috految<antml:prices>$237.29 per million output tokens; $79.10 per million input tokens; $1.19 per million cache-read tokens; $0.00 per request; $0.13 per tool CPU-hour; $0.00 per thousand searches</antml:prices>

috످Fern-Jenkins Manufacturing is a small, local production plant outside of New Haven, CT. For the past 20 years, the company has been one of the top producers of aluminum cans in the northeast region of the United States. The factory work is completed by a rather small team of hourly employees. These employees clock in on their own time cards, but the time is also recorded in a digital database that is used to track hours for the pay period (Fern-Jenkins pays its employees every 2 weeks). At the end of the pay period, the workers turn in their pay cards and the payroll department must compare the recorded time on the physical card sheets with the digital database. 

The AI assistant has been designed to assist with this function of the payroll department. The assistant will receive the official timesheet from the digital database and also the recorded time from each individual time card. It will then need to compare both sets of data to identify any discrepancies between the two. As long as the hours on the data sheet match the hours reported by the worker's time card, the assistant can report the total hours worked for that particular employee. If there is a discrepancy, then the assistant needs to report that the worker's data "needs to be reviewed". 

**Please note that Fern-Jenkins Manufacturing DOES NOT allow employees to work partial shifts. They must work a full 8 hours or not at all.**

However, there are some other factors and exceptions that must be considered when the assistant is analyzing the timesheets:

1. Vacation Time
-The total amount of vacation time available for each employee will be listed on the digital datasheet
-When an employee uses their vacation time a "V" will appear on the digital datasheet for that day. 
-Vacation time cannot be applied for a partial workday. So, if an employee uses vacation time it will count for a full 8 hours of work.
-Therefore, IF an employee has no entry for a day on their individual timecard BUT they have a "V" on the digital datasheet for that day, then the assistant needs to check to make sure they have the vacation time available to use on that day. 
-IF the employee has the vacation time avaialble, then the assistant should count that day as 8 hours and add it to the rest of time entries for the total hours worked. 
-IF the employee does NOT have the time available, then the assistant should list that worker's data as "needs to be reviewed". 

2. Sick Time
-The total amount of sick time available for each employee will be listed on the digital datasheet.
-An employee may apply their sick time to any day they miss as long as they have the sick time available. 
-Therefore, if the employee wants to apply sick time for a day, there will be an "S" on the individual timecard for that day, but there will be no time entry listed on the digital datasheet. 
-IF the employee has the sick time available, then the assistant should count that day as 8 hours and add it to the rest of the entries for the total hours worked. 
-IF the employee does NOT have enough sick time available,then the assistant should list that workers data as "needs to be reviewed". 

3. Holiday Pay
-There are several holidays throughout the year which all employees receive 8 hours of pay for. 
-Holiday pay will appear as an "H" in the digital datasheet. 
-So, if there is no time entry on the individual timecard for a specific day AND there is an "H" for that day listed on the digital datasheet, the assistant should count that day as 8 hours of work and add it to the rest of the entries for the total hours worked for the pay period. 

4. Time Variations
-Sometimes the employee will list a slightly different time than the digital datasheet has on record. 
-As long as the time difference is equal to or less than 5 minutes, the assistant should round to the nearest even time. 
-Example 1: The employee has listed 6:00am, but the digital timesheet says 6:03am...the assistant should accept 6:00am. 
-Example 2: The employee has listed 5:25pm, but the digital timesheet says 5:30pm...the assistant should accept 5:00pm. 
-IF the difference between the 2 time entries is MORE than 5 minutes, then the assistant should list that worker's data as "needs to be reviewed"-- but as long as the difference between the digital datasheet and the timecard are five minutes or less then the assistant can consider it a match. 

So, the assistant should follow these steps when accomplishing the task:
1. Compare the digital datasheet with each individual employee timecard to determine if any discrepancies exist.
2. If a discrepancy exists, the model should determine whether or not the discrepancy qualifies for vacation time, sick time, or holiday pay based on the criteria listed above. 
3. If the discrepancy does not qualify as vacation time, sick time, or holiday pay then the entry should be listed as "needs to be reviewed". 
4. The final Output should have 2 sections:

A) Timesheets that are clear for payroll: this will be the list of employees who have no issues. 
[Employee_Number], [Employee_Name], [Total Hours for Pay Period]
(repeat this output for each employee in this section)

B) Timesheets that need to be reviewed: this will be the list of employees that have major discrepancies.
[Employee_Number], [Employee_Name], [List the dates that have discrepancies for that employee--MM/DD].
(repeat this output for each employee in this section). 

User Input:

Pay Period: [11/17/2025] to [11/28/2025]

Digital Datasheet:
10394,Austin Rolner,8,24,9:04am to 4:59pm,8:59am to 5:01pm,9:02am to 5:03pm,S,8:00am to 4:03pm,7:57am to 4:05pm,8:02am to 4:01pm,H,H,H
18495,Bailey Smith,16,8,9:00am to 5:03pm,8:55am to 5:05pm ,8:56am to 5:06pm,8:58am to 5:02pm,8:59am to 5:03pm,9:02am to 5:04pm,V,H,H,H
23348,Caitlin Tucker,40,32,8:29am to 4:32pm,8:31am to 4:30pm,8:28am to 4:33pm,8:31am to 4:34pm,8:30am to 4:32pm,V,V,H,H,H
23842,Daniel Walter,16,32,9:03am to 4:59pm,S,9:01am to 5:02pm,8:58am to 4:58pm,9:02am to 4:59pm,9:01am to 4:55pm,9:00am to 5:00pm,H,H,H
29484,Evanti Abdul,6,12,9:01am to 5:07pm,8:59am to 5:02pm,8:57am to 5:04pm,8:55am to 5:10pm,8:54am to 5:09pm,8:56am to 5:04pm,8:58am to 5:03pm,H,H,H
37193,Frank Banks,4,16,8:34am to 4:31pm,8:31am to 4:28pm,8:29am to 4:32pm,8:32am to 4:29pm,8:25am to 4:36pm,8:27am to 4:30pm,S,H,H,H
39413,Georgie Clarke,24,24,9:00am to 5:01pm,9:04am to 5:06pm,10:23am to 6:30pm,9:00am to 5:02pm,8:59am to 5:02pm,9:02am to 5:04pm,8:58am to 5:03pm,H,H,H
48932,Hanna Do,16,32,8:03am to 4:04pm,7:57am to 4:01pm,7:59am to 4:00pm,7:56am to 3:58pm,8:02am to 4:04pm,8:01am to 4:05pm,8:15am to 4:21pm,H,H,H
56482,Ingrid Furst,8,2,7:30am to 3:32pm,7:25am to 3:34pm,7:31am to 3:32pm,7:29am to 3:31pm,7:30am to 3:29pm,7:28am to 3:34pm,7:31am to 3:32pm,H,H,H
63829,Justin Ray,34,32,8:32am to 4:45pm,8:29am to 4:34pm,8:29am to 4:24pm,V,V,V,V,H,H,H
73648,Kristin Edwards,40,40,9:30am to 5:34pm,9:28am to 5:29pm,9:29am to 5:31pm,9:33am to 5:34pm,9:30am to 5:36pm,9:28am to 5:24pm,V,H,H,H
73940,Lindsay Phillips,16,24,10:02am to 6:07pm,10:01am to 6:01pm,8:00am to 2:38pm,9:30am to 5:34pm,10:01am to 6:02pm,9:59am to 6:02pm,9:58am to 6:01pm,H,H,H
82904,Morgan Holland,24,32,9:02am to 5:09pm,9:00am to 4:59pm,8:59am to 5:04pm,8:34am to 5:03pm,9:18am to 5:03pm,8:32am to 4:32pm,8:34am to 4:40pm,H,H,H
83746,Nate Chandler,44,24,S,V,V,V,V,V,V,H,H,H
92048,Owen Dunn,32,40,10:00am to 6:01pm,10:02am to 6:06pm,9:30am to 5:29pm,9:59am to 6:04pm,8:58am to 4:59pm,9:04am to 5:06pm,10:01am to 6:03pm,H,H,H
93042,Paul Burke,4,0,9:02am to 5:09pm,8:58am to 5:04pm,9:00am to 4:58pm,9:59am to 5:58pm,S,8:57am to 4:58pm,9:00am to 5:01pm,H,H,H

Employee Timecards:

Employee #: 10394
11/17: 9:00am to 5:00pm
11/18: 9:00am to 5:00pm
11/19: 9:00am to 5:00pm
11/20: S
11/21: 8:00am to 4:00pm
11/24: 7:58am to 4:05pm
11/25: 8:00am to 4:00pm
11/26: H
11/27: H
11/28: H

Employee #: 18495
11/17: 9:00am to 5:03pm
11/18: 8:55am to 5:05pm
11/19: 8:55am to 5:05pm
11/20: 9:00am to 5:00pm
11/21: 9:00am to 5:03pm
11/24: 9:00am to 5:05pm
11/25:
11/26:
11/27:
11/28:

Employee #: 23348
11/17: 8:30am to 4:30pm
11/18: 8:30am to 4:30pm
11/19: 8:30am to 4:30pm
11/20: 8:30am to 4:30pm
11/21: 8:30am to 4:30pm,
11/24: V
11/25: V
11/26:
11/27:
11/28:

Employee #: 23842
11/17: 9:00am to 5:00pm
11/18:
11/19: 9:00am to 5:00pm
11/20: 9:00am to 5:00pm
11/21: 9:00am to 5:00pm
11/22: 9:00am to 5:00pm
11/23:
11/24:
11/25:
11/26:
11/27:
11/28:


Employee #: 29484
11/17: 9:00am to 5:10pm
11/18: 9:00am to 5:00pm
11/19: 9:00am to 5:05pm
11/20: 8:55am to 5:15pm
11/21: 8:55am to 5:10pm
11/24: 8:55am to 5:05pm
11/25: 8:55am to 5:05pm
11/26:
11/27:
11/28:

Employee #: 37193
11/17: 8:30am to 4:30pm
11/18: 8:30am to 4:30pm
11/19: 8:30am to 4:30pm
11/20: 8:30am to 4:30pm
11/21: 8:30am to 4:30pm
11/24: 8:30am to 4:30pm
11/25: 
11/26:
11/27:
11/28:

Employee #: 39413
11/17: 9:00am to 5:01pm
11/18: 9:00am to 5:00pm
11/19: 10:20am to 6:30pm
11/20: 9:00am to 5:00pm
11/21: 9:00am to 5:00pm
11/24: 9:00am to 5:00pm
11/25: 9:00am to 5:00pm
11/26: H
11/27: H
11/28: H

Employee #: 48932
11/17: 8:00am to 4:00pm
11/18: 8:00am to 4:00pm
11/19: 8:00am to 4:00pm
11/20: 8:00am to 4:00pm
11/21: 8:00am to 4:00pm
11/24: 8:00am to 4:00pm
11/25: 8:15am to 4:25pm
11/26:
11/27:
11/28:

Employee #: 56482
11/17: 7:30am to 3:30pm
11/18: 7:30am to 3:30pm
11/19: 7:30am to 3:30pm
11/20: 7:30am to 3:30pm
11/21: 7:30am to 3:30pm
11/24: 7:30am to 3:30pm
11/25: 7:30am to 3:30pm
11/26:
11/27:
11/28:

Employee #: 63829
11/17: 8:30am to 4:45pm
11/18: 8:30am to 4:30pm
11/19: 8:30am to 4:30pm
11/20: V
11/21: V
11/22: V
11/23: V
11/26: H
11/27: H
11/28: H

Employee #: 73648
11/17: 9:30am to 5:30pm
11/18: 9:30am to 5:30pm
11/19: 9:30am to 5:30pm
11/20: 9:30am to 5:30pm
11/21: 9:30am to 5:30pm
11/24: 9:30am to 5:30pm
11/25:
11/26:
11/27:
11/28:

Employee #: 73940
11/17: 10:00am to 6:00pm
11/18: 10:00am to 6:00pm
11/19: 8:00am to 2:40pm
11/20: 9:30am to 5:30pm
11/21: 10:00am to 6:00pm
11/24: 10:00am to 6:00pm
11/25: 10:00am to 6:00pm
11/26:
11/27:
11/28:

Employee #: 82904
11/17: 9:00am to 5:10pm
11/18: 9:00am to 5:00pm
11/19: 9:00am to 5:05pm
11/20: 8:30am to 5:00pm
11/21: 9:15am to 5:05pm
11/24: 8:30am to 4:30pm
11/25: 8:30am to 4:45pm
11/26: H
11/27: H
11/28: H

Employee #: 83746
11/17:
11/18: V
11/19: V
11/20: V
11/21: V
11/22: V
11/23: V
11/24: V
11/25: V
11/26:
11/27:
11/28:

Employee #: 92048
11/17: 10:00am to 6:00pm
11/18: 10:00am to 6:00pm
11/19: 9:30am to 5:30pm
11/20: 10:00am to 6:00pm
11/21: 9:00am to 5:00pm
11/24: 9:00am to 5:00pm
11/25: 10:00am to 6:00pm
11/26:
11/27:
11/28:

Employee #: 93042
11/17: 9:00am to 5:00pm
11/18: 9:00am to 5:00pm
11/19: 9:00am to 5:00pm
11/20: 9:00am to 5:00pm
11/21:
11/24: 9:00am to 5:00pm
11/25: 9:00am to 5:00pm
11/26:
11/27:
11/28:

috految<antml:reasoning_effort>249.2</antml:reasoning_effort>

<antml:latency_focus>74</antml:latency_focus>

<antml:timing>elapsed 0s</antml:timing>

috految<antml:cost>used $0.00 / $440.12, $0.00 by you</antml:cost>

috److془Let me carefully work through each employee.

Dates: 11/17, 11/18, 11/19, 11/20, 11/21, 11/24, 11/25, 11/26, 11/27, 11/28.

10394 Austin Rolner, V 8, S 24:
11/17: 9:04-4:59 vs 9:00-5:00 OK
11/18: 8:59-5:01 vs 9-5 OK
11/19: 9:02-5:03 OK
11/20: S vs S OK
11/21: 8:00-4:03 vs 8-4 OK
11/24: 7:57-4:05 vs 7:58-4:05 OK
11/25: 8:02-4:01 vs 8-4 OK
H,H,H.
80.

18495 Bailey Smith 16, 8:
11/17: 9:00-5:03 vs 9:00-5:03 OK
11/18: 8:55-5:05 vs same
11/19: 8:56-5:06 vs 8:55-5:05 OK
11/20: 8:58-5:02 vs 9-5 OK
11/21: 8:59-5:03 vs 9:00-5:03 OK
11/24: 9:02-5:04 vs 9:00-5:05 OK
11/25: V vs blank OK.
80.

23348 Caitlin Tucker 40, 32:
8:29-4:32, 8:31-4:30, 8:28-4:33, 8:31-4:34, 8:30-4:32, V, V. OK 80.

23842 Daniel Walter 16, 32:
11/17: 9:03-4:59 OK
11/18: S vs blank. Flag.
11/19: 9:01-5:02 OK
11/20: 8:58-4:58 OK
11/21: 9:02-4:59 OK
11/22: timecard 9-5, none in digital. Flag
11/24: 9:01-4:55 vs blank. Flag
11/25: 9:00-5:00 vs blank. Flag

29484 Evanti Abdul 6, 12:
11/17: 9:01-5:07 vs 9:00-5:10 OK
11/18: 8:59-5:02 vs 9-5 OK
11/19: 8:57-5:04 vs 9:00-5:05 OK
11/20: 8:55-5:10 vs 8:55-5:15 OK (5)
11/21: 8:54-5:09 vs 8:55-5:10 OK
11/24: 8:56-5:04 vs 8:55-5:05 OK
11/25: 8:58-5:03 vs 8:55-5:05 OK
80.
Week 1 digital: 6+3+7+15+15 = 46 mins. 40h46m.

37193 Frank Banks 4, 16:
11/17: 8:34-4:31 OK
11/18: 8:31-4:28 OK
11/19: 8:29-4:32 OK
11/20: 8:32-4:29 OK
11/21: 8:25-4:36 vs 8:30-4:30: 6 flag
11/24: 8:27-4:30 OK
11/25: S vs blank. flag.

39413 Georgie Clarke 24, 24:
11/17: 9:00-5:01 OK
11/18: 9:04-5:06 vs 9-5: 6 flag
11/19: 10:23-6:30 vs 10:20-6:30 OK
11/20: 9:00-5:02 OK
11/21: 8:59-5:02 OK
11/24: 9:02-5:04 OK
11/25: 8:58-5:03 OK

48932 Hanna Do 16, 32:
8:03-4:04 OK; 7:57-4:01; 7:59-4:00; 7:56-3:58; 8:02-4:04; 8:01-4:05; 8:15-4:21 vs 8:15-4:25 OK. 80.

56482 Ingrid Furst 8, 2:
7:30-3:32; 7:25-3:34; 7:31-3:32; 7:29-3:31; 7:30-3:29; 7:28-3:34; 7:31-3:32. OK 80.

63829 Justin Ray 34, 32:
11/17: 8:32-4:45 vs 8:30-4:45 OK
11/18: 8:29-4:34 OK
11/19: 8:29-4:24 vs 8:30-4:30: 6 flag. 
11/20 V, 11/21 V, 11/24 V, 11/25 V. 32 ≤ 34.
11/22, 11/23 V's on the timecard flag. 11/24, 11/25 no entry + V + available = OK.

73648 Kristin Edwards 40, 40:
11/17: 9:30-5:34 OK
11/18: 9:28-5:29
11/19: 9:29-5:31
11/20: 9:33-5:34
11/21: 9:30-5:36 flag
11/24: 9:28-5:24 flag
11/25: V OK.

73940 Lindsay Phillips 16, 24:
11/17: 10:02-6:07 vs 10-6 flag (7)
11/18: 10:01-6:01 OK
11/19: 8:00-2:38 vs 8:00-2:40 partial flag
11/20: 9:30-5:34 OK
11/21: 10:01-6:02
11/24: 9:59-6:02
11/25: 9:58-6:01

82904 Morgan Holland 24, 32:
11/17: 9:02-5:09 vs 9:00-5:10 OK
11/18: 9:00-4:59 OK
11/19: 8:59-5:04 vs 9:00-5:05 OK
11/20: 8:34-5:03 vs 8:30-5:00 OK (8.5 hours)
11/21: 9:18-5:03 vs 9:15-5:05: 7h45m / 7h50m partial flag
11/24: 8:32-4:32 OK
11/25: 8:34-4:40 vs 8:30-4:45 OK.

83746 Nate Chandler 44, 24: S,V,V,V,V,V,V,H,H,H
11/17: S vs blank flag
11/18-11/21, 11/24, 11/25: 48 > 44. 11/25 flag. 11/22, 11/23 flag.

92048 Owen Dunn 32, 40:
11/17: 10:00-6:01 OK
11/18: 10:02-6:06 flag
11/19: 9:30-5:29 OK
11/20: 9:59-6:04 OK
11/21: 8:58-4:59 OK
11/24: 9:04-5:06 flag
11/25: 10:01-6:03 OK

93042 Paul Burke 4, 0:
11/17: 9:02-5:09 flag
11/18: 8:58-5:04 OK
11/19: 9:00-4:58 OK
11/20: 9:59-5:58 vs 9-5 flag
11/21: S vs blank, 0 sick flag
11/24: 8:57-4:58 OK
11/25: 9:00-5:01 OK

Clear: Austin, Bailey, Caitlin, Evanti, Hanna, Ingrid (6). Review: Daniel, Frank, Georgie, Justin, Kristin, Lindsay, Morgan, Nate, Owen, Paul (10).

Output should have 2 sections. Add brief notes. Keep minimal.

Overtime: Week 1 digital: Bailey 3+10+10+4+4 = 31. Evanti 46. Caitlin 3-1+5+3+2=12. Hanna 1+4+1+2+2=10. Ingrid 2+9+1+2-1=13. Morgan: 7-1+5+29-15=25. 

Rounding: Example 2 rounds 5:25/5:30 to 5:00, likely typo for 5:30. Totals use digital times rounded to the nearest half hour (Hanna 8:15->8:30, 4:21->4:30 = 8). Federal rounding max quarter hour. Just say "Cleared shifts were rounded to 8 hours."

Keep notes brief, as footnotes.

If reversed: Austin sick 8 OK; Bailey vacation 8 OK; Caitlin 32 OK; Justin 32 OK. Nate vacation 24: 11/21, 11/24 would also be flagged. Fine. 

Write it.془# Fern-Jenkins Manufacturing Payroll Report
**Pay Period:** 11/17/2025 to 11/28/2025

## A) Timesheets that are clear for payroll

- 10394, Austin Rolner, 80 hours
- 18495, Bailey Smith, 80 hours
- 23348, Caitlin Tucker, 80 hours
- 29484, Evanti Abdul, 80 hours
- 48932, Hanna Do, 80 hours
- 56482, Ingrid Furst, 80 hours

## B) Timesheets that need to be reviewed

- 23842, Daniel Walter, 11/18, 11/22, 11/24, 11/25
- 37193, Frank Banks, 11/21, 11/25
- 39413, Georgie Clarke, 11/18
- 63829, Justin Ray, 11/19, 11/22, 11/23
- 73648, Kristin Edwards, 11/21, 11/24
- 73940, Lindsay Phillips, 11/17, 11/19
- 82904, Morgan Holland, 11/21
- 83746, Nate Chandler, 11/17, 11/22, 11/23, 11/25
- 92048, Owen Dunn, 11/18, 11/24
- 93042, Paul Burke, 11/17, 11/20, 11/21

---

**Please confirm before processing:**

1. **Leave balances:** The unlabeled datasheet balances were read as vacation hours followed by sick hours. Based on this order, Nate Chandler is 4 vacation hours short for 11/25, and Paul Burke has no sick time for 11/21.
2. **Sick time:** Daniel Walter (11/18), Frank Banks (11/25), Nate Chandler (11/17), and Paul Burke (11/21) have an "S" on the datasheet but are missing the required "S" on their timecards. All except Paul have enough sick time available.
3. **Weekend entries:** The datasheet was assumed to cover weekdays only, so timecard entries on 11/22 and 11/23 were flagged. Daniel Walter may have misdated his 11/24 shift, Justin Ray may have misdated his 11/24 and 11/25 vacation days, and Nate Chandler marked both weekend days as vacation.
4. **Partial shifts:** Lindsay Phillips (11/19, 6h 38m) and Morgan Holland (11/21, 7h 45m) have matching records but did not complete the required 8 hours.
5. **Rounding:** Time Variations Example 2 rounds 5:25pm/5:30pm to 5:00pm. This was treated as a typo for 5:30pm because rounding down would remove 25–30 minutes of paid time.
6. **Possible overtime:** Cleared shifts were rounded to 8 hours. However, several employees exceeded 40 clocked hours during the week of 11/17 and may be owed overtime, most notably Evanti Abdul (40h 46m), Bailey Smith (40h 31m), and Morgan Holland (40h 25m, including an 8h 29m shift on 11/20).

috످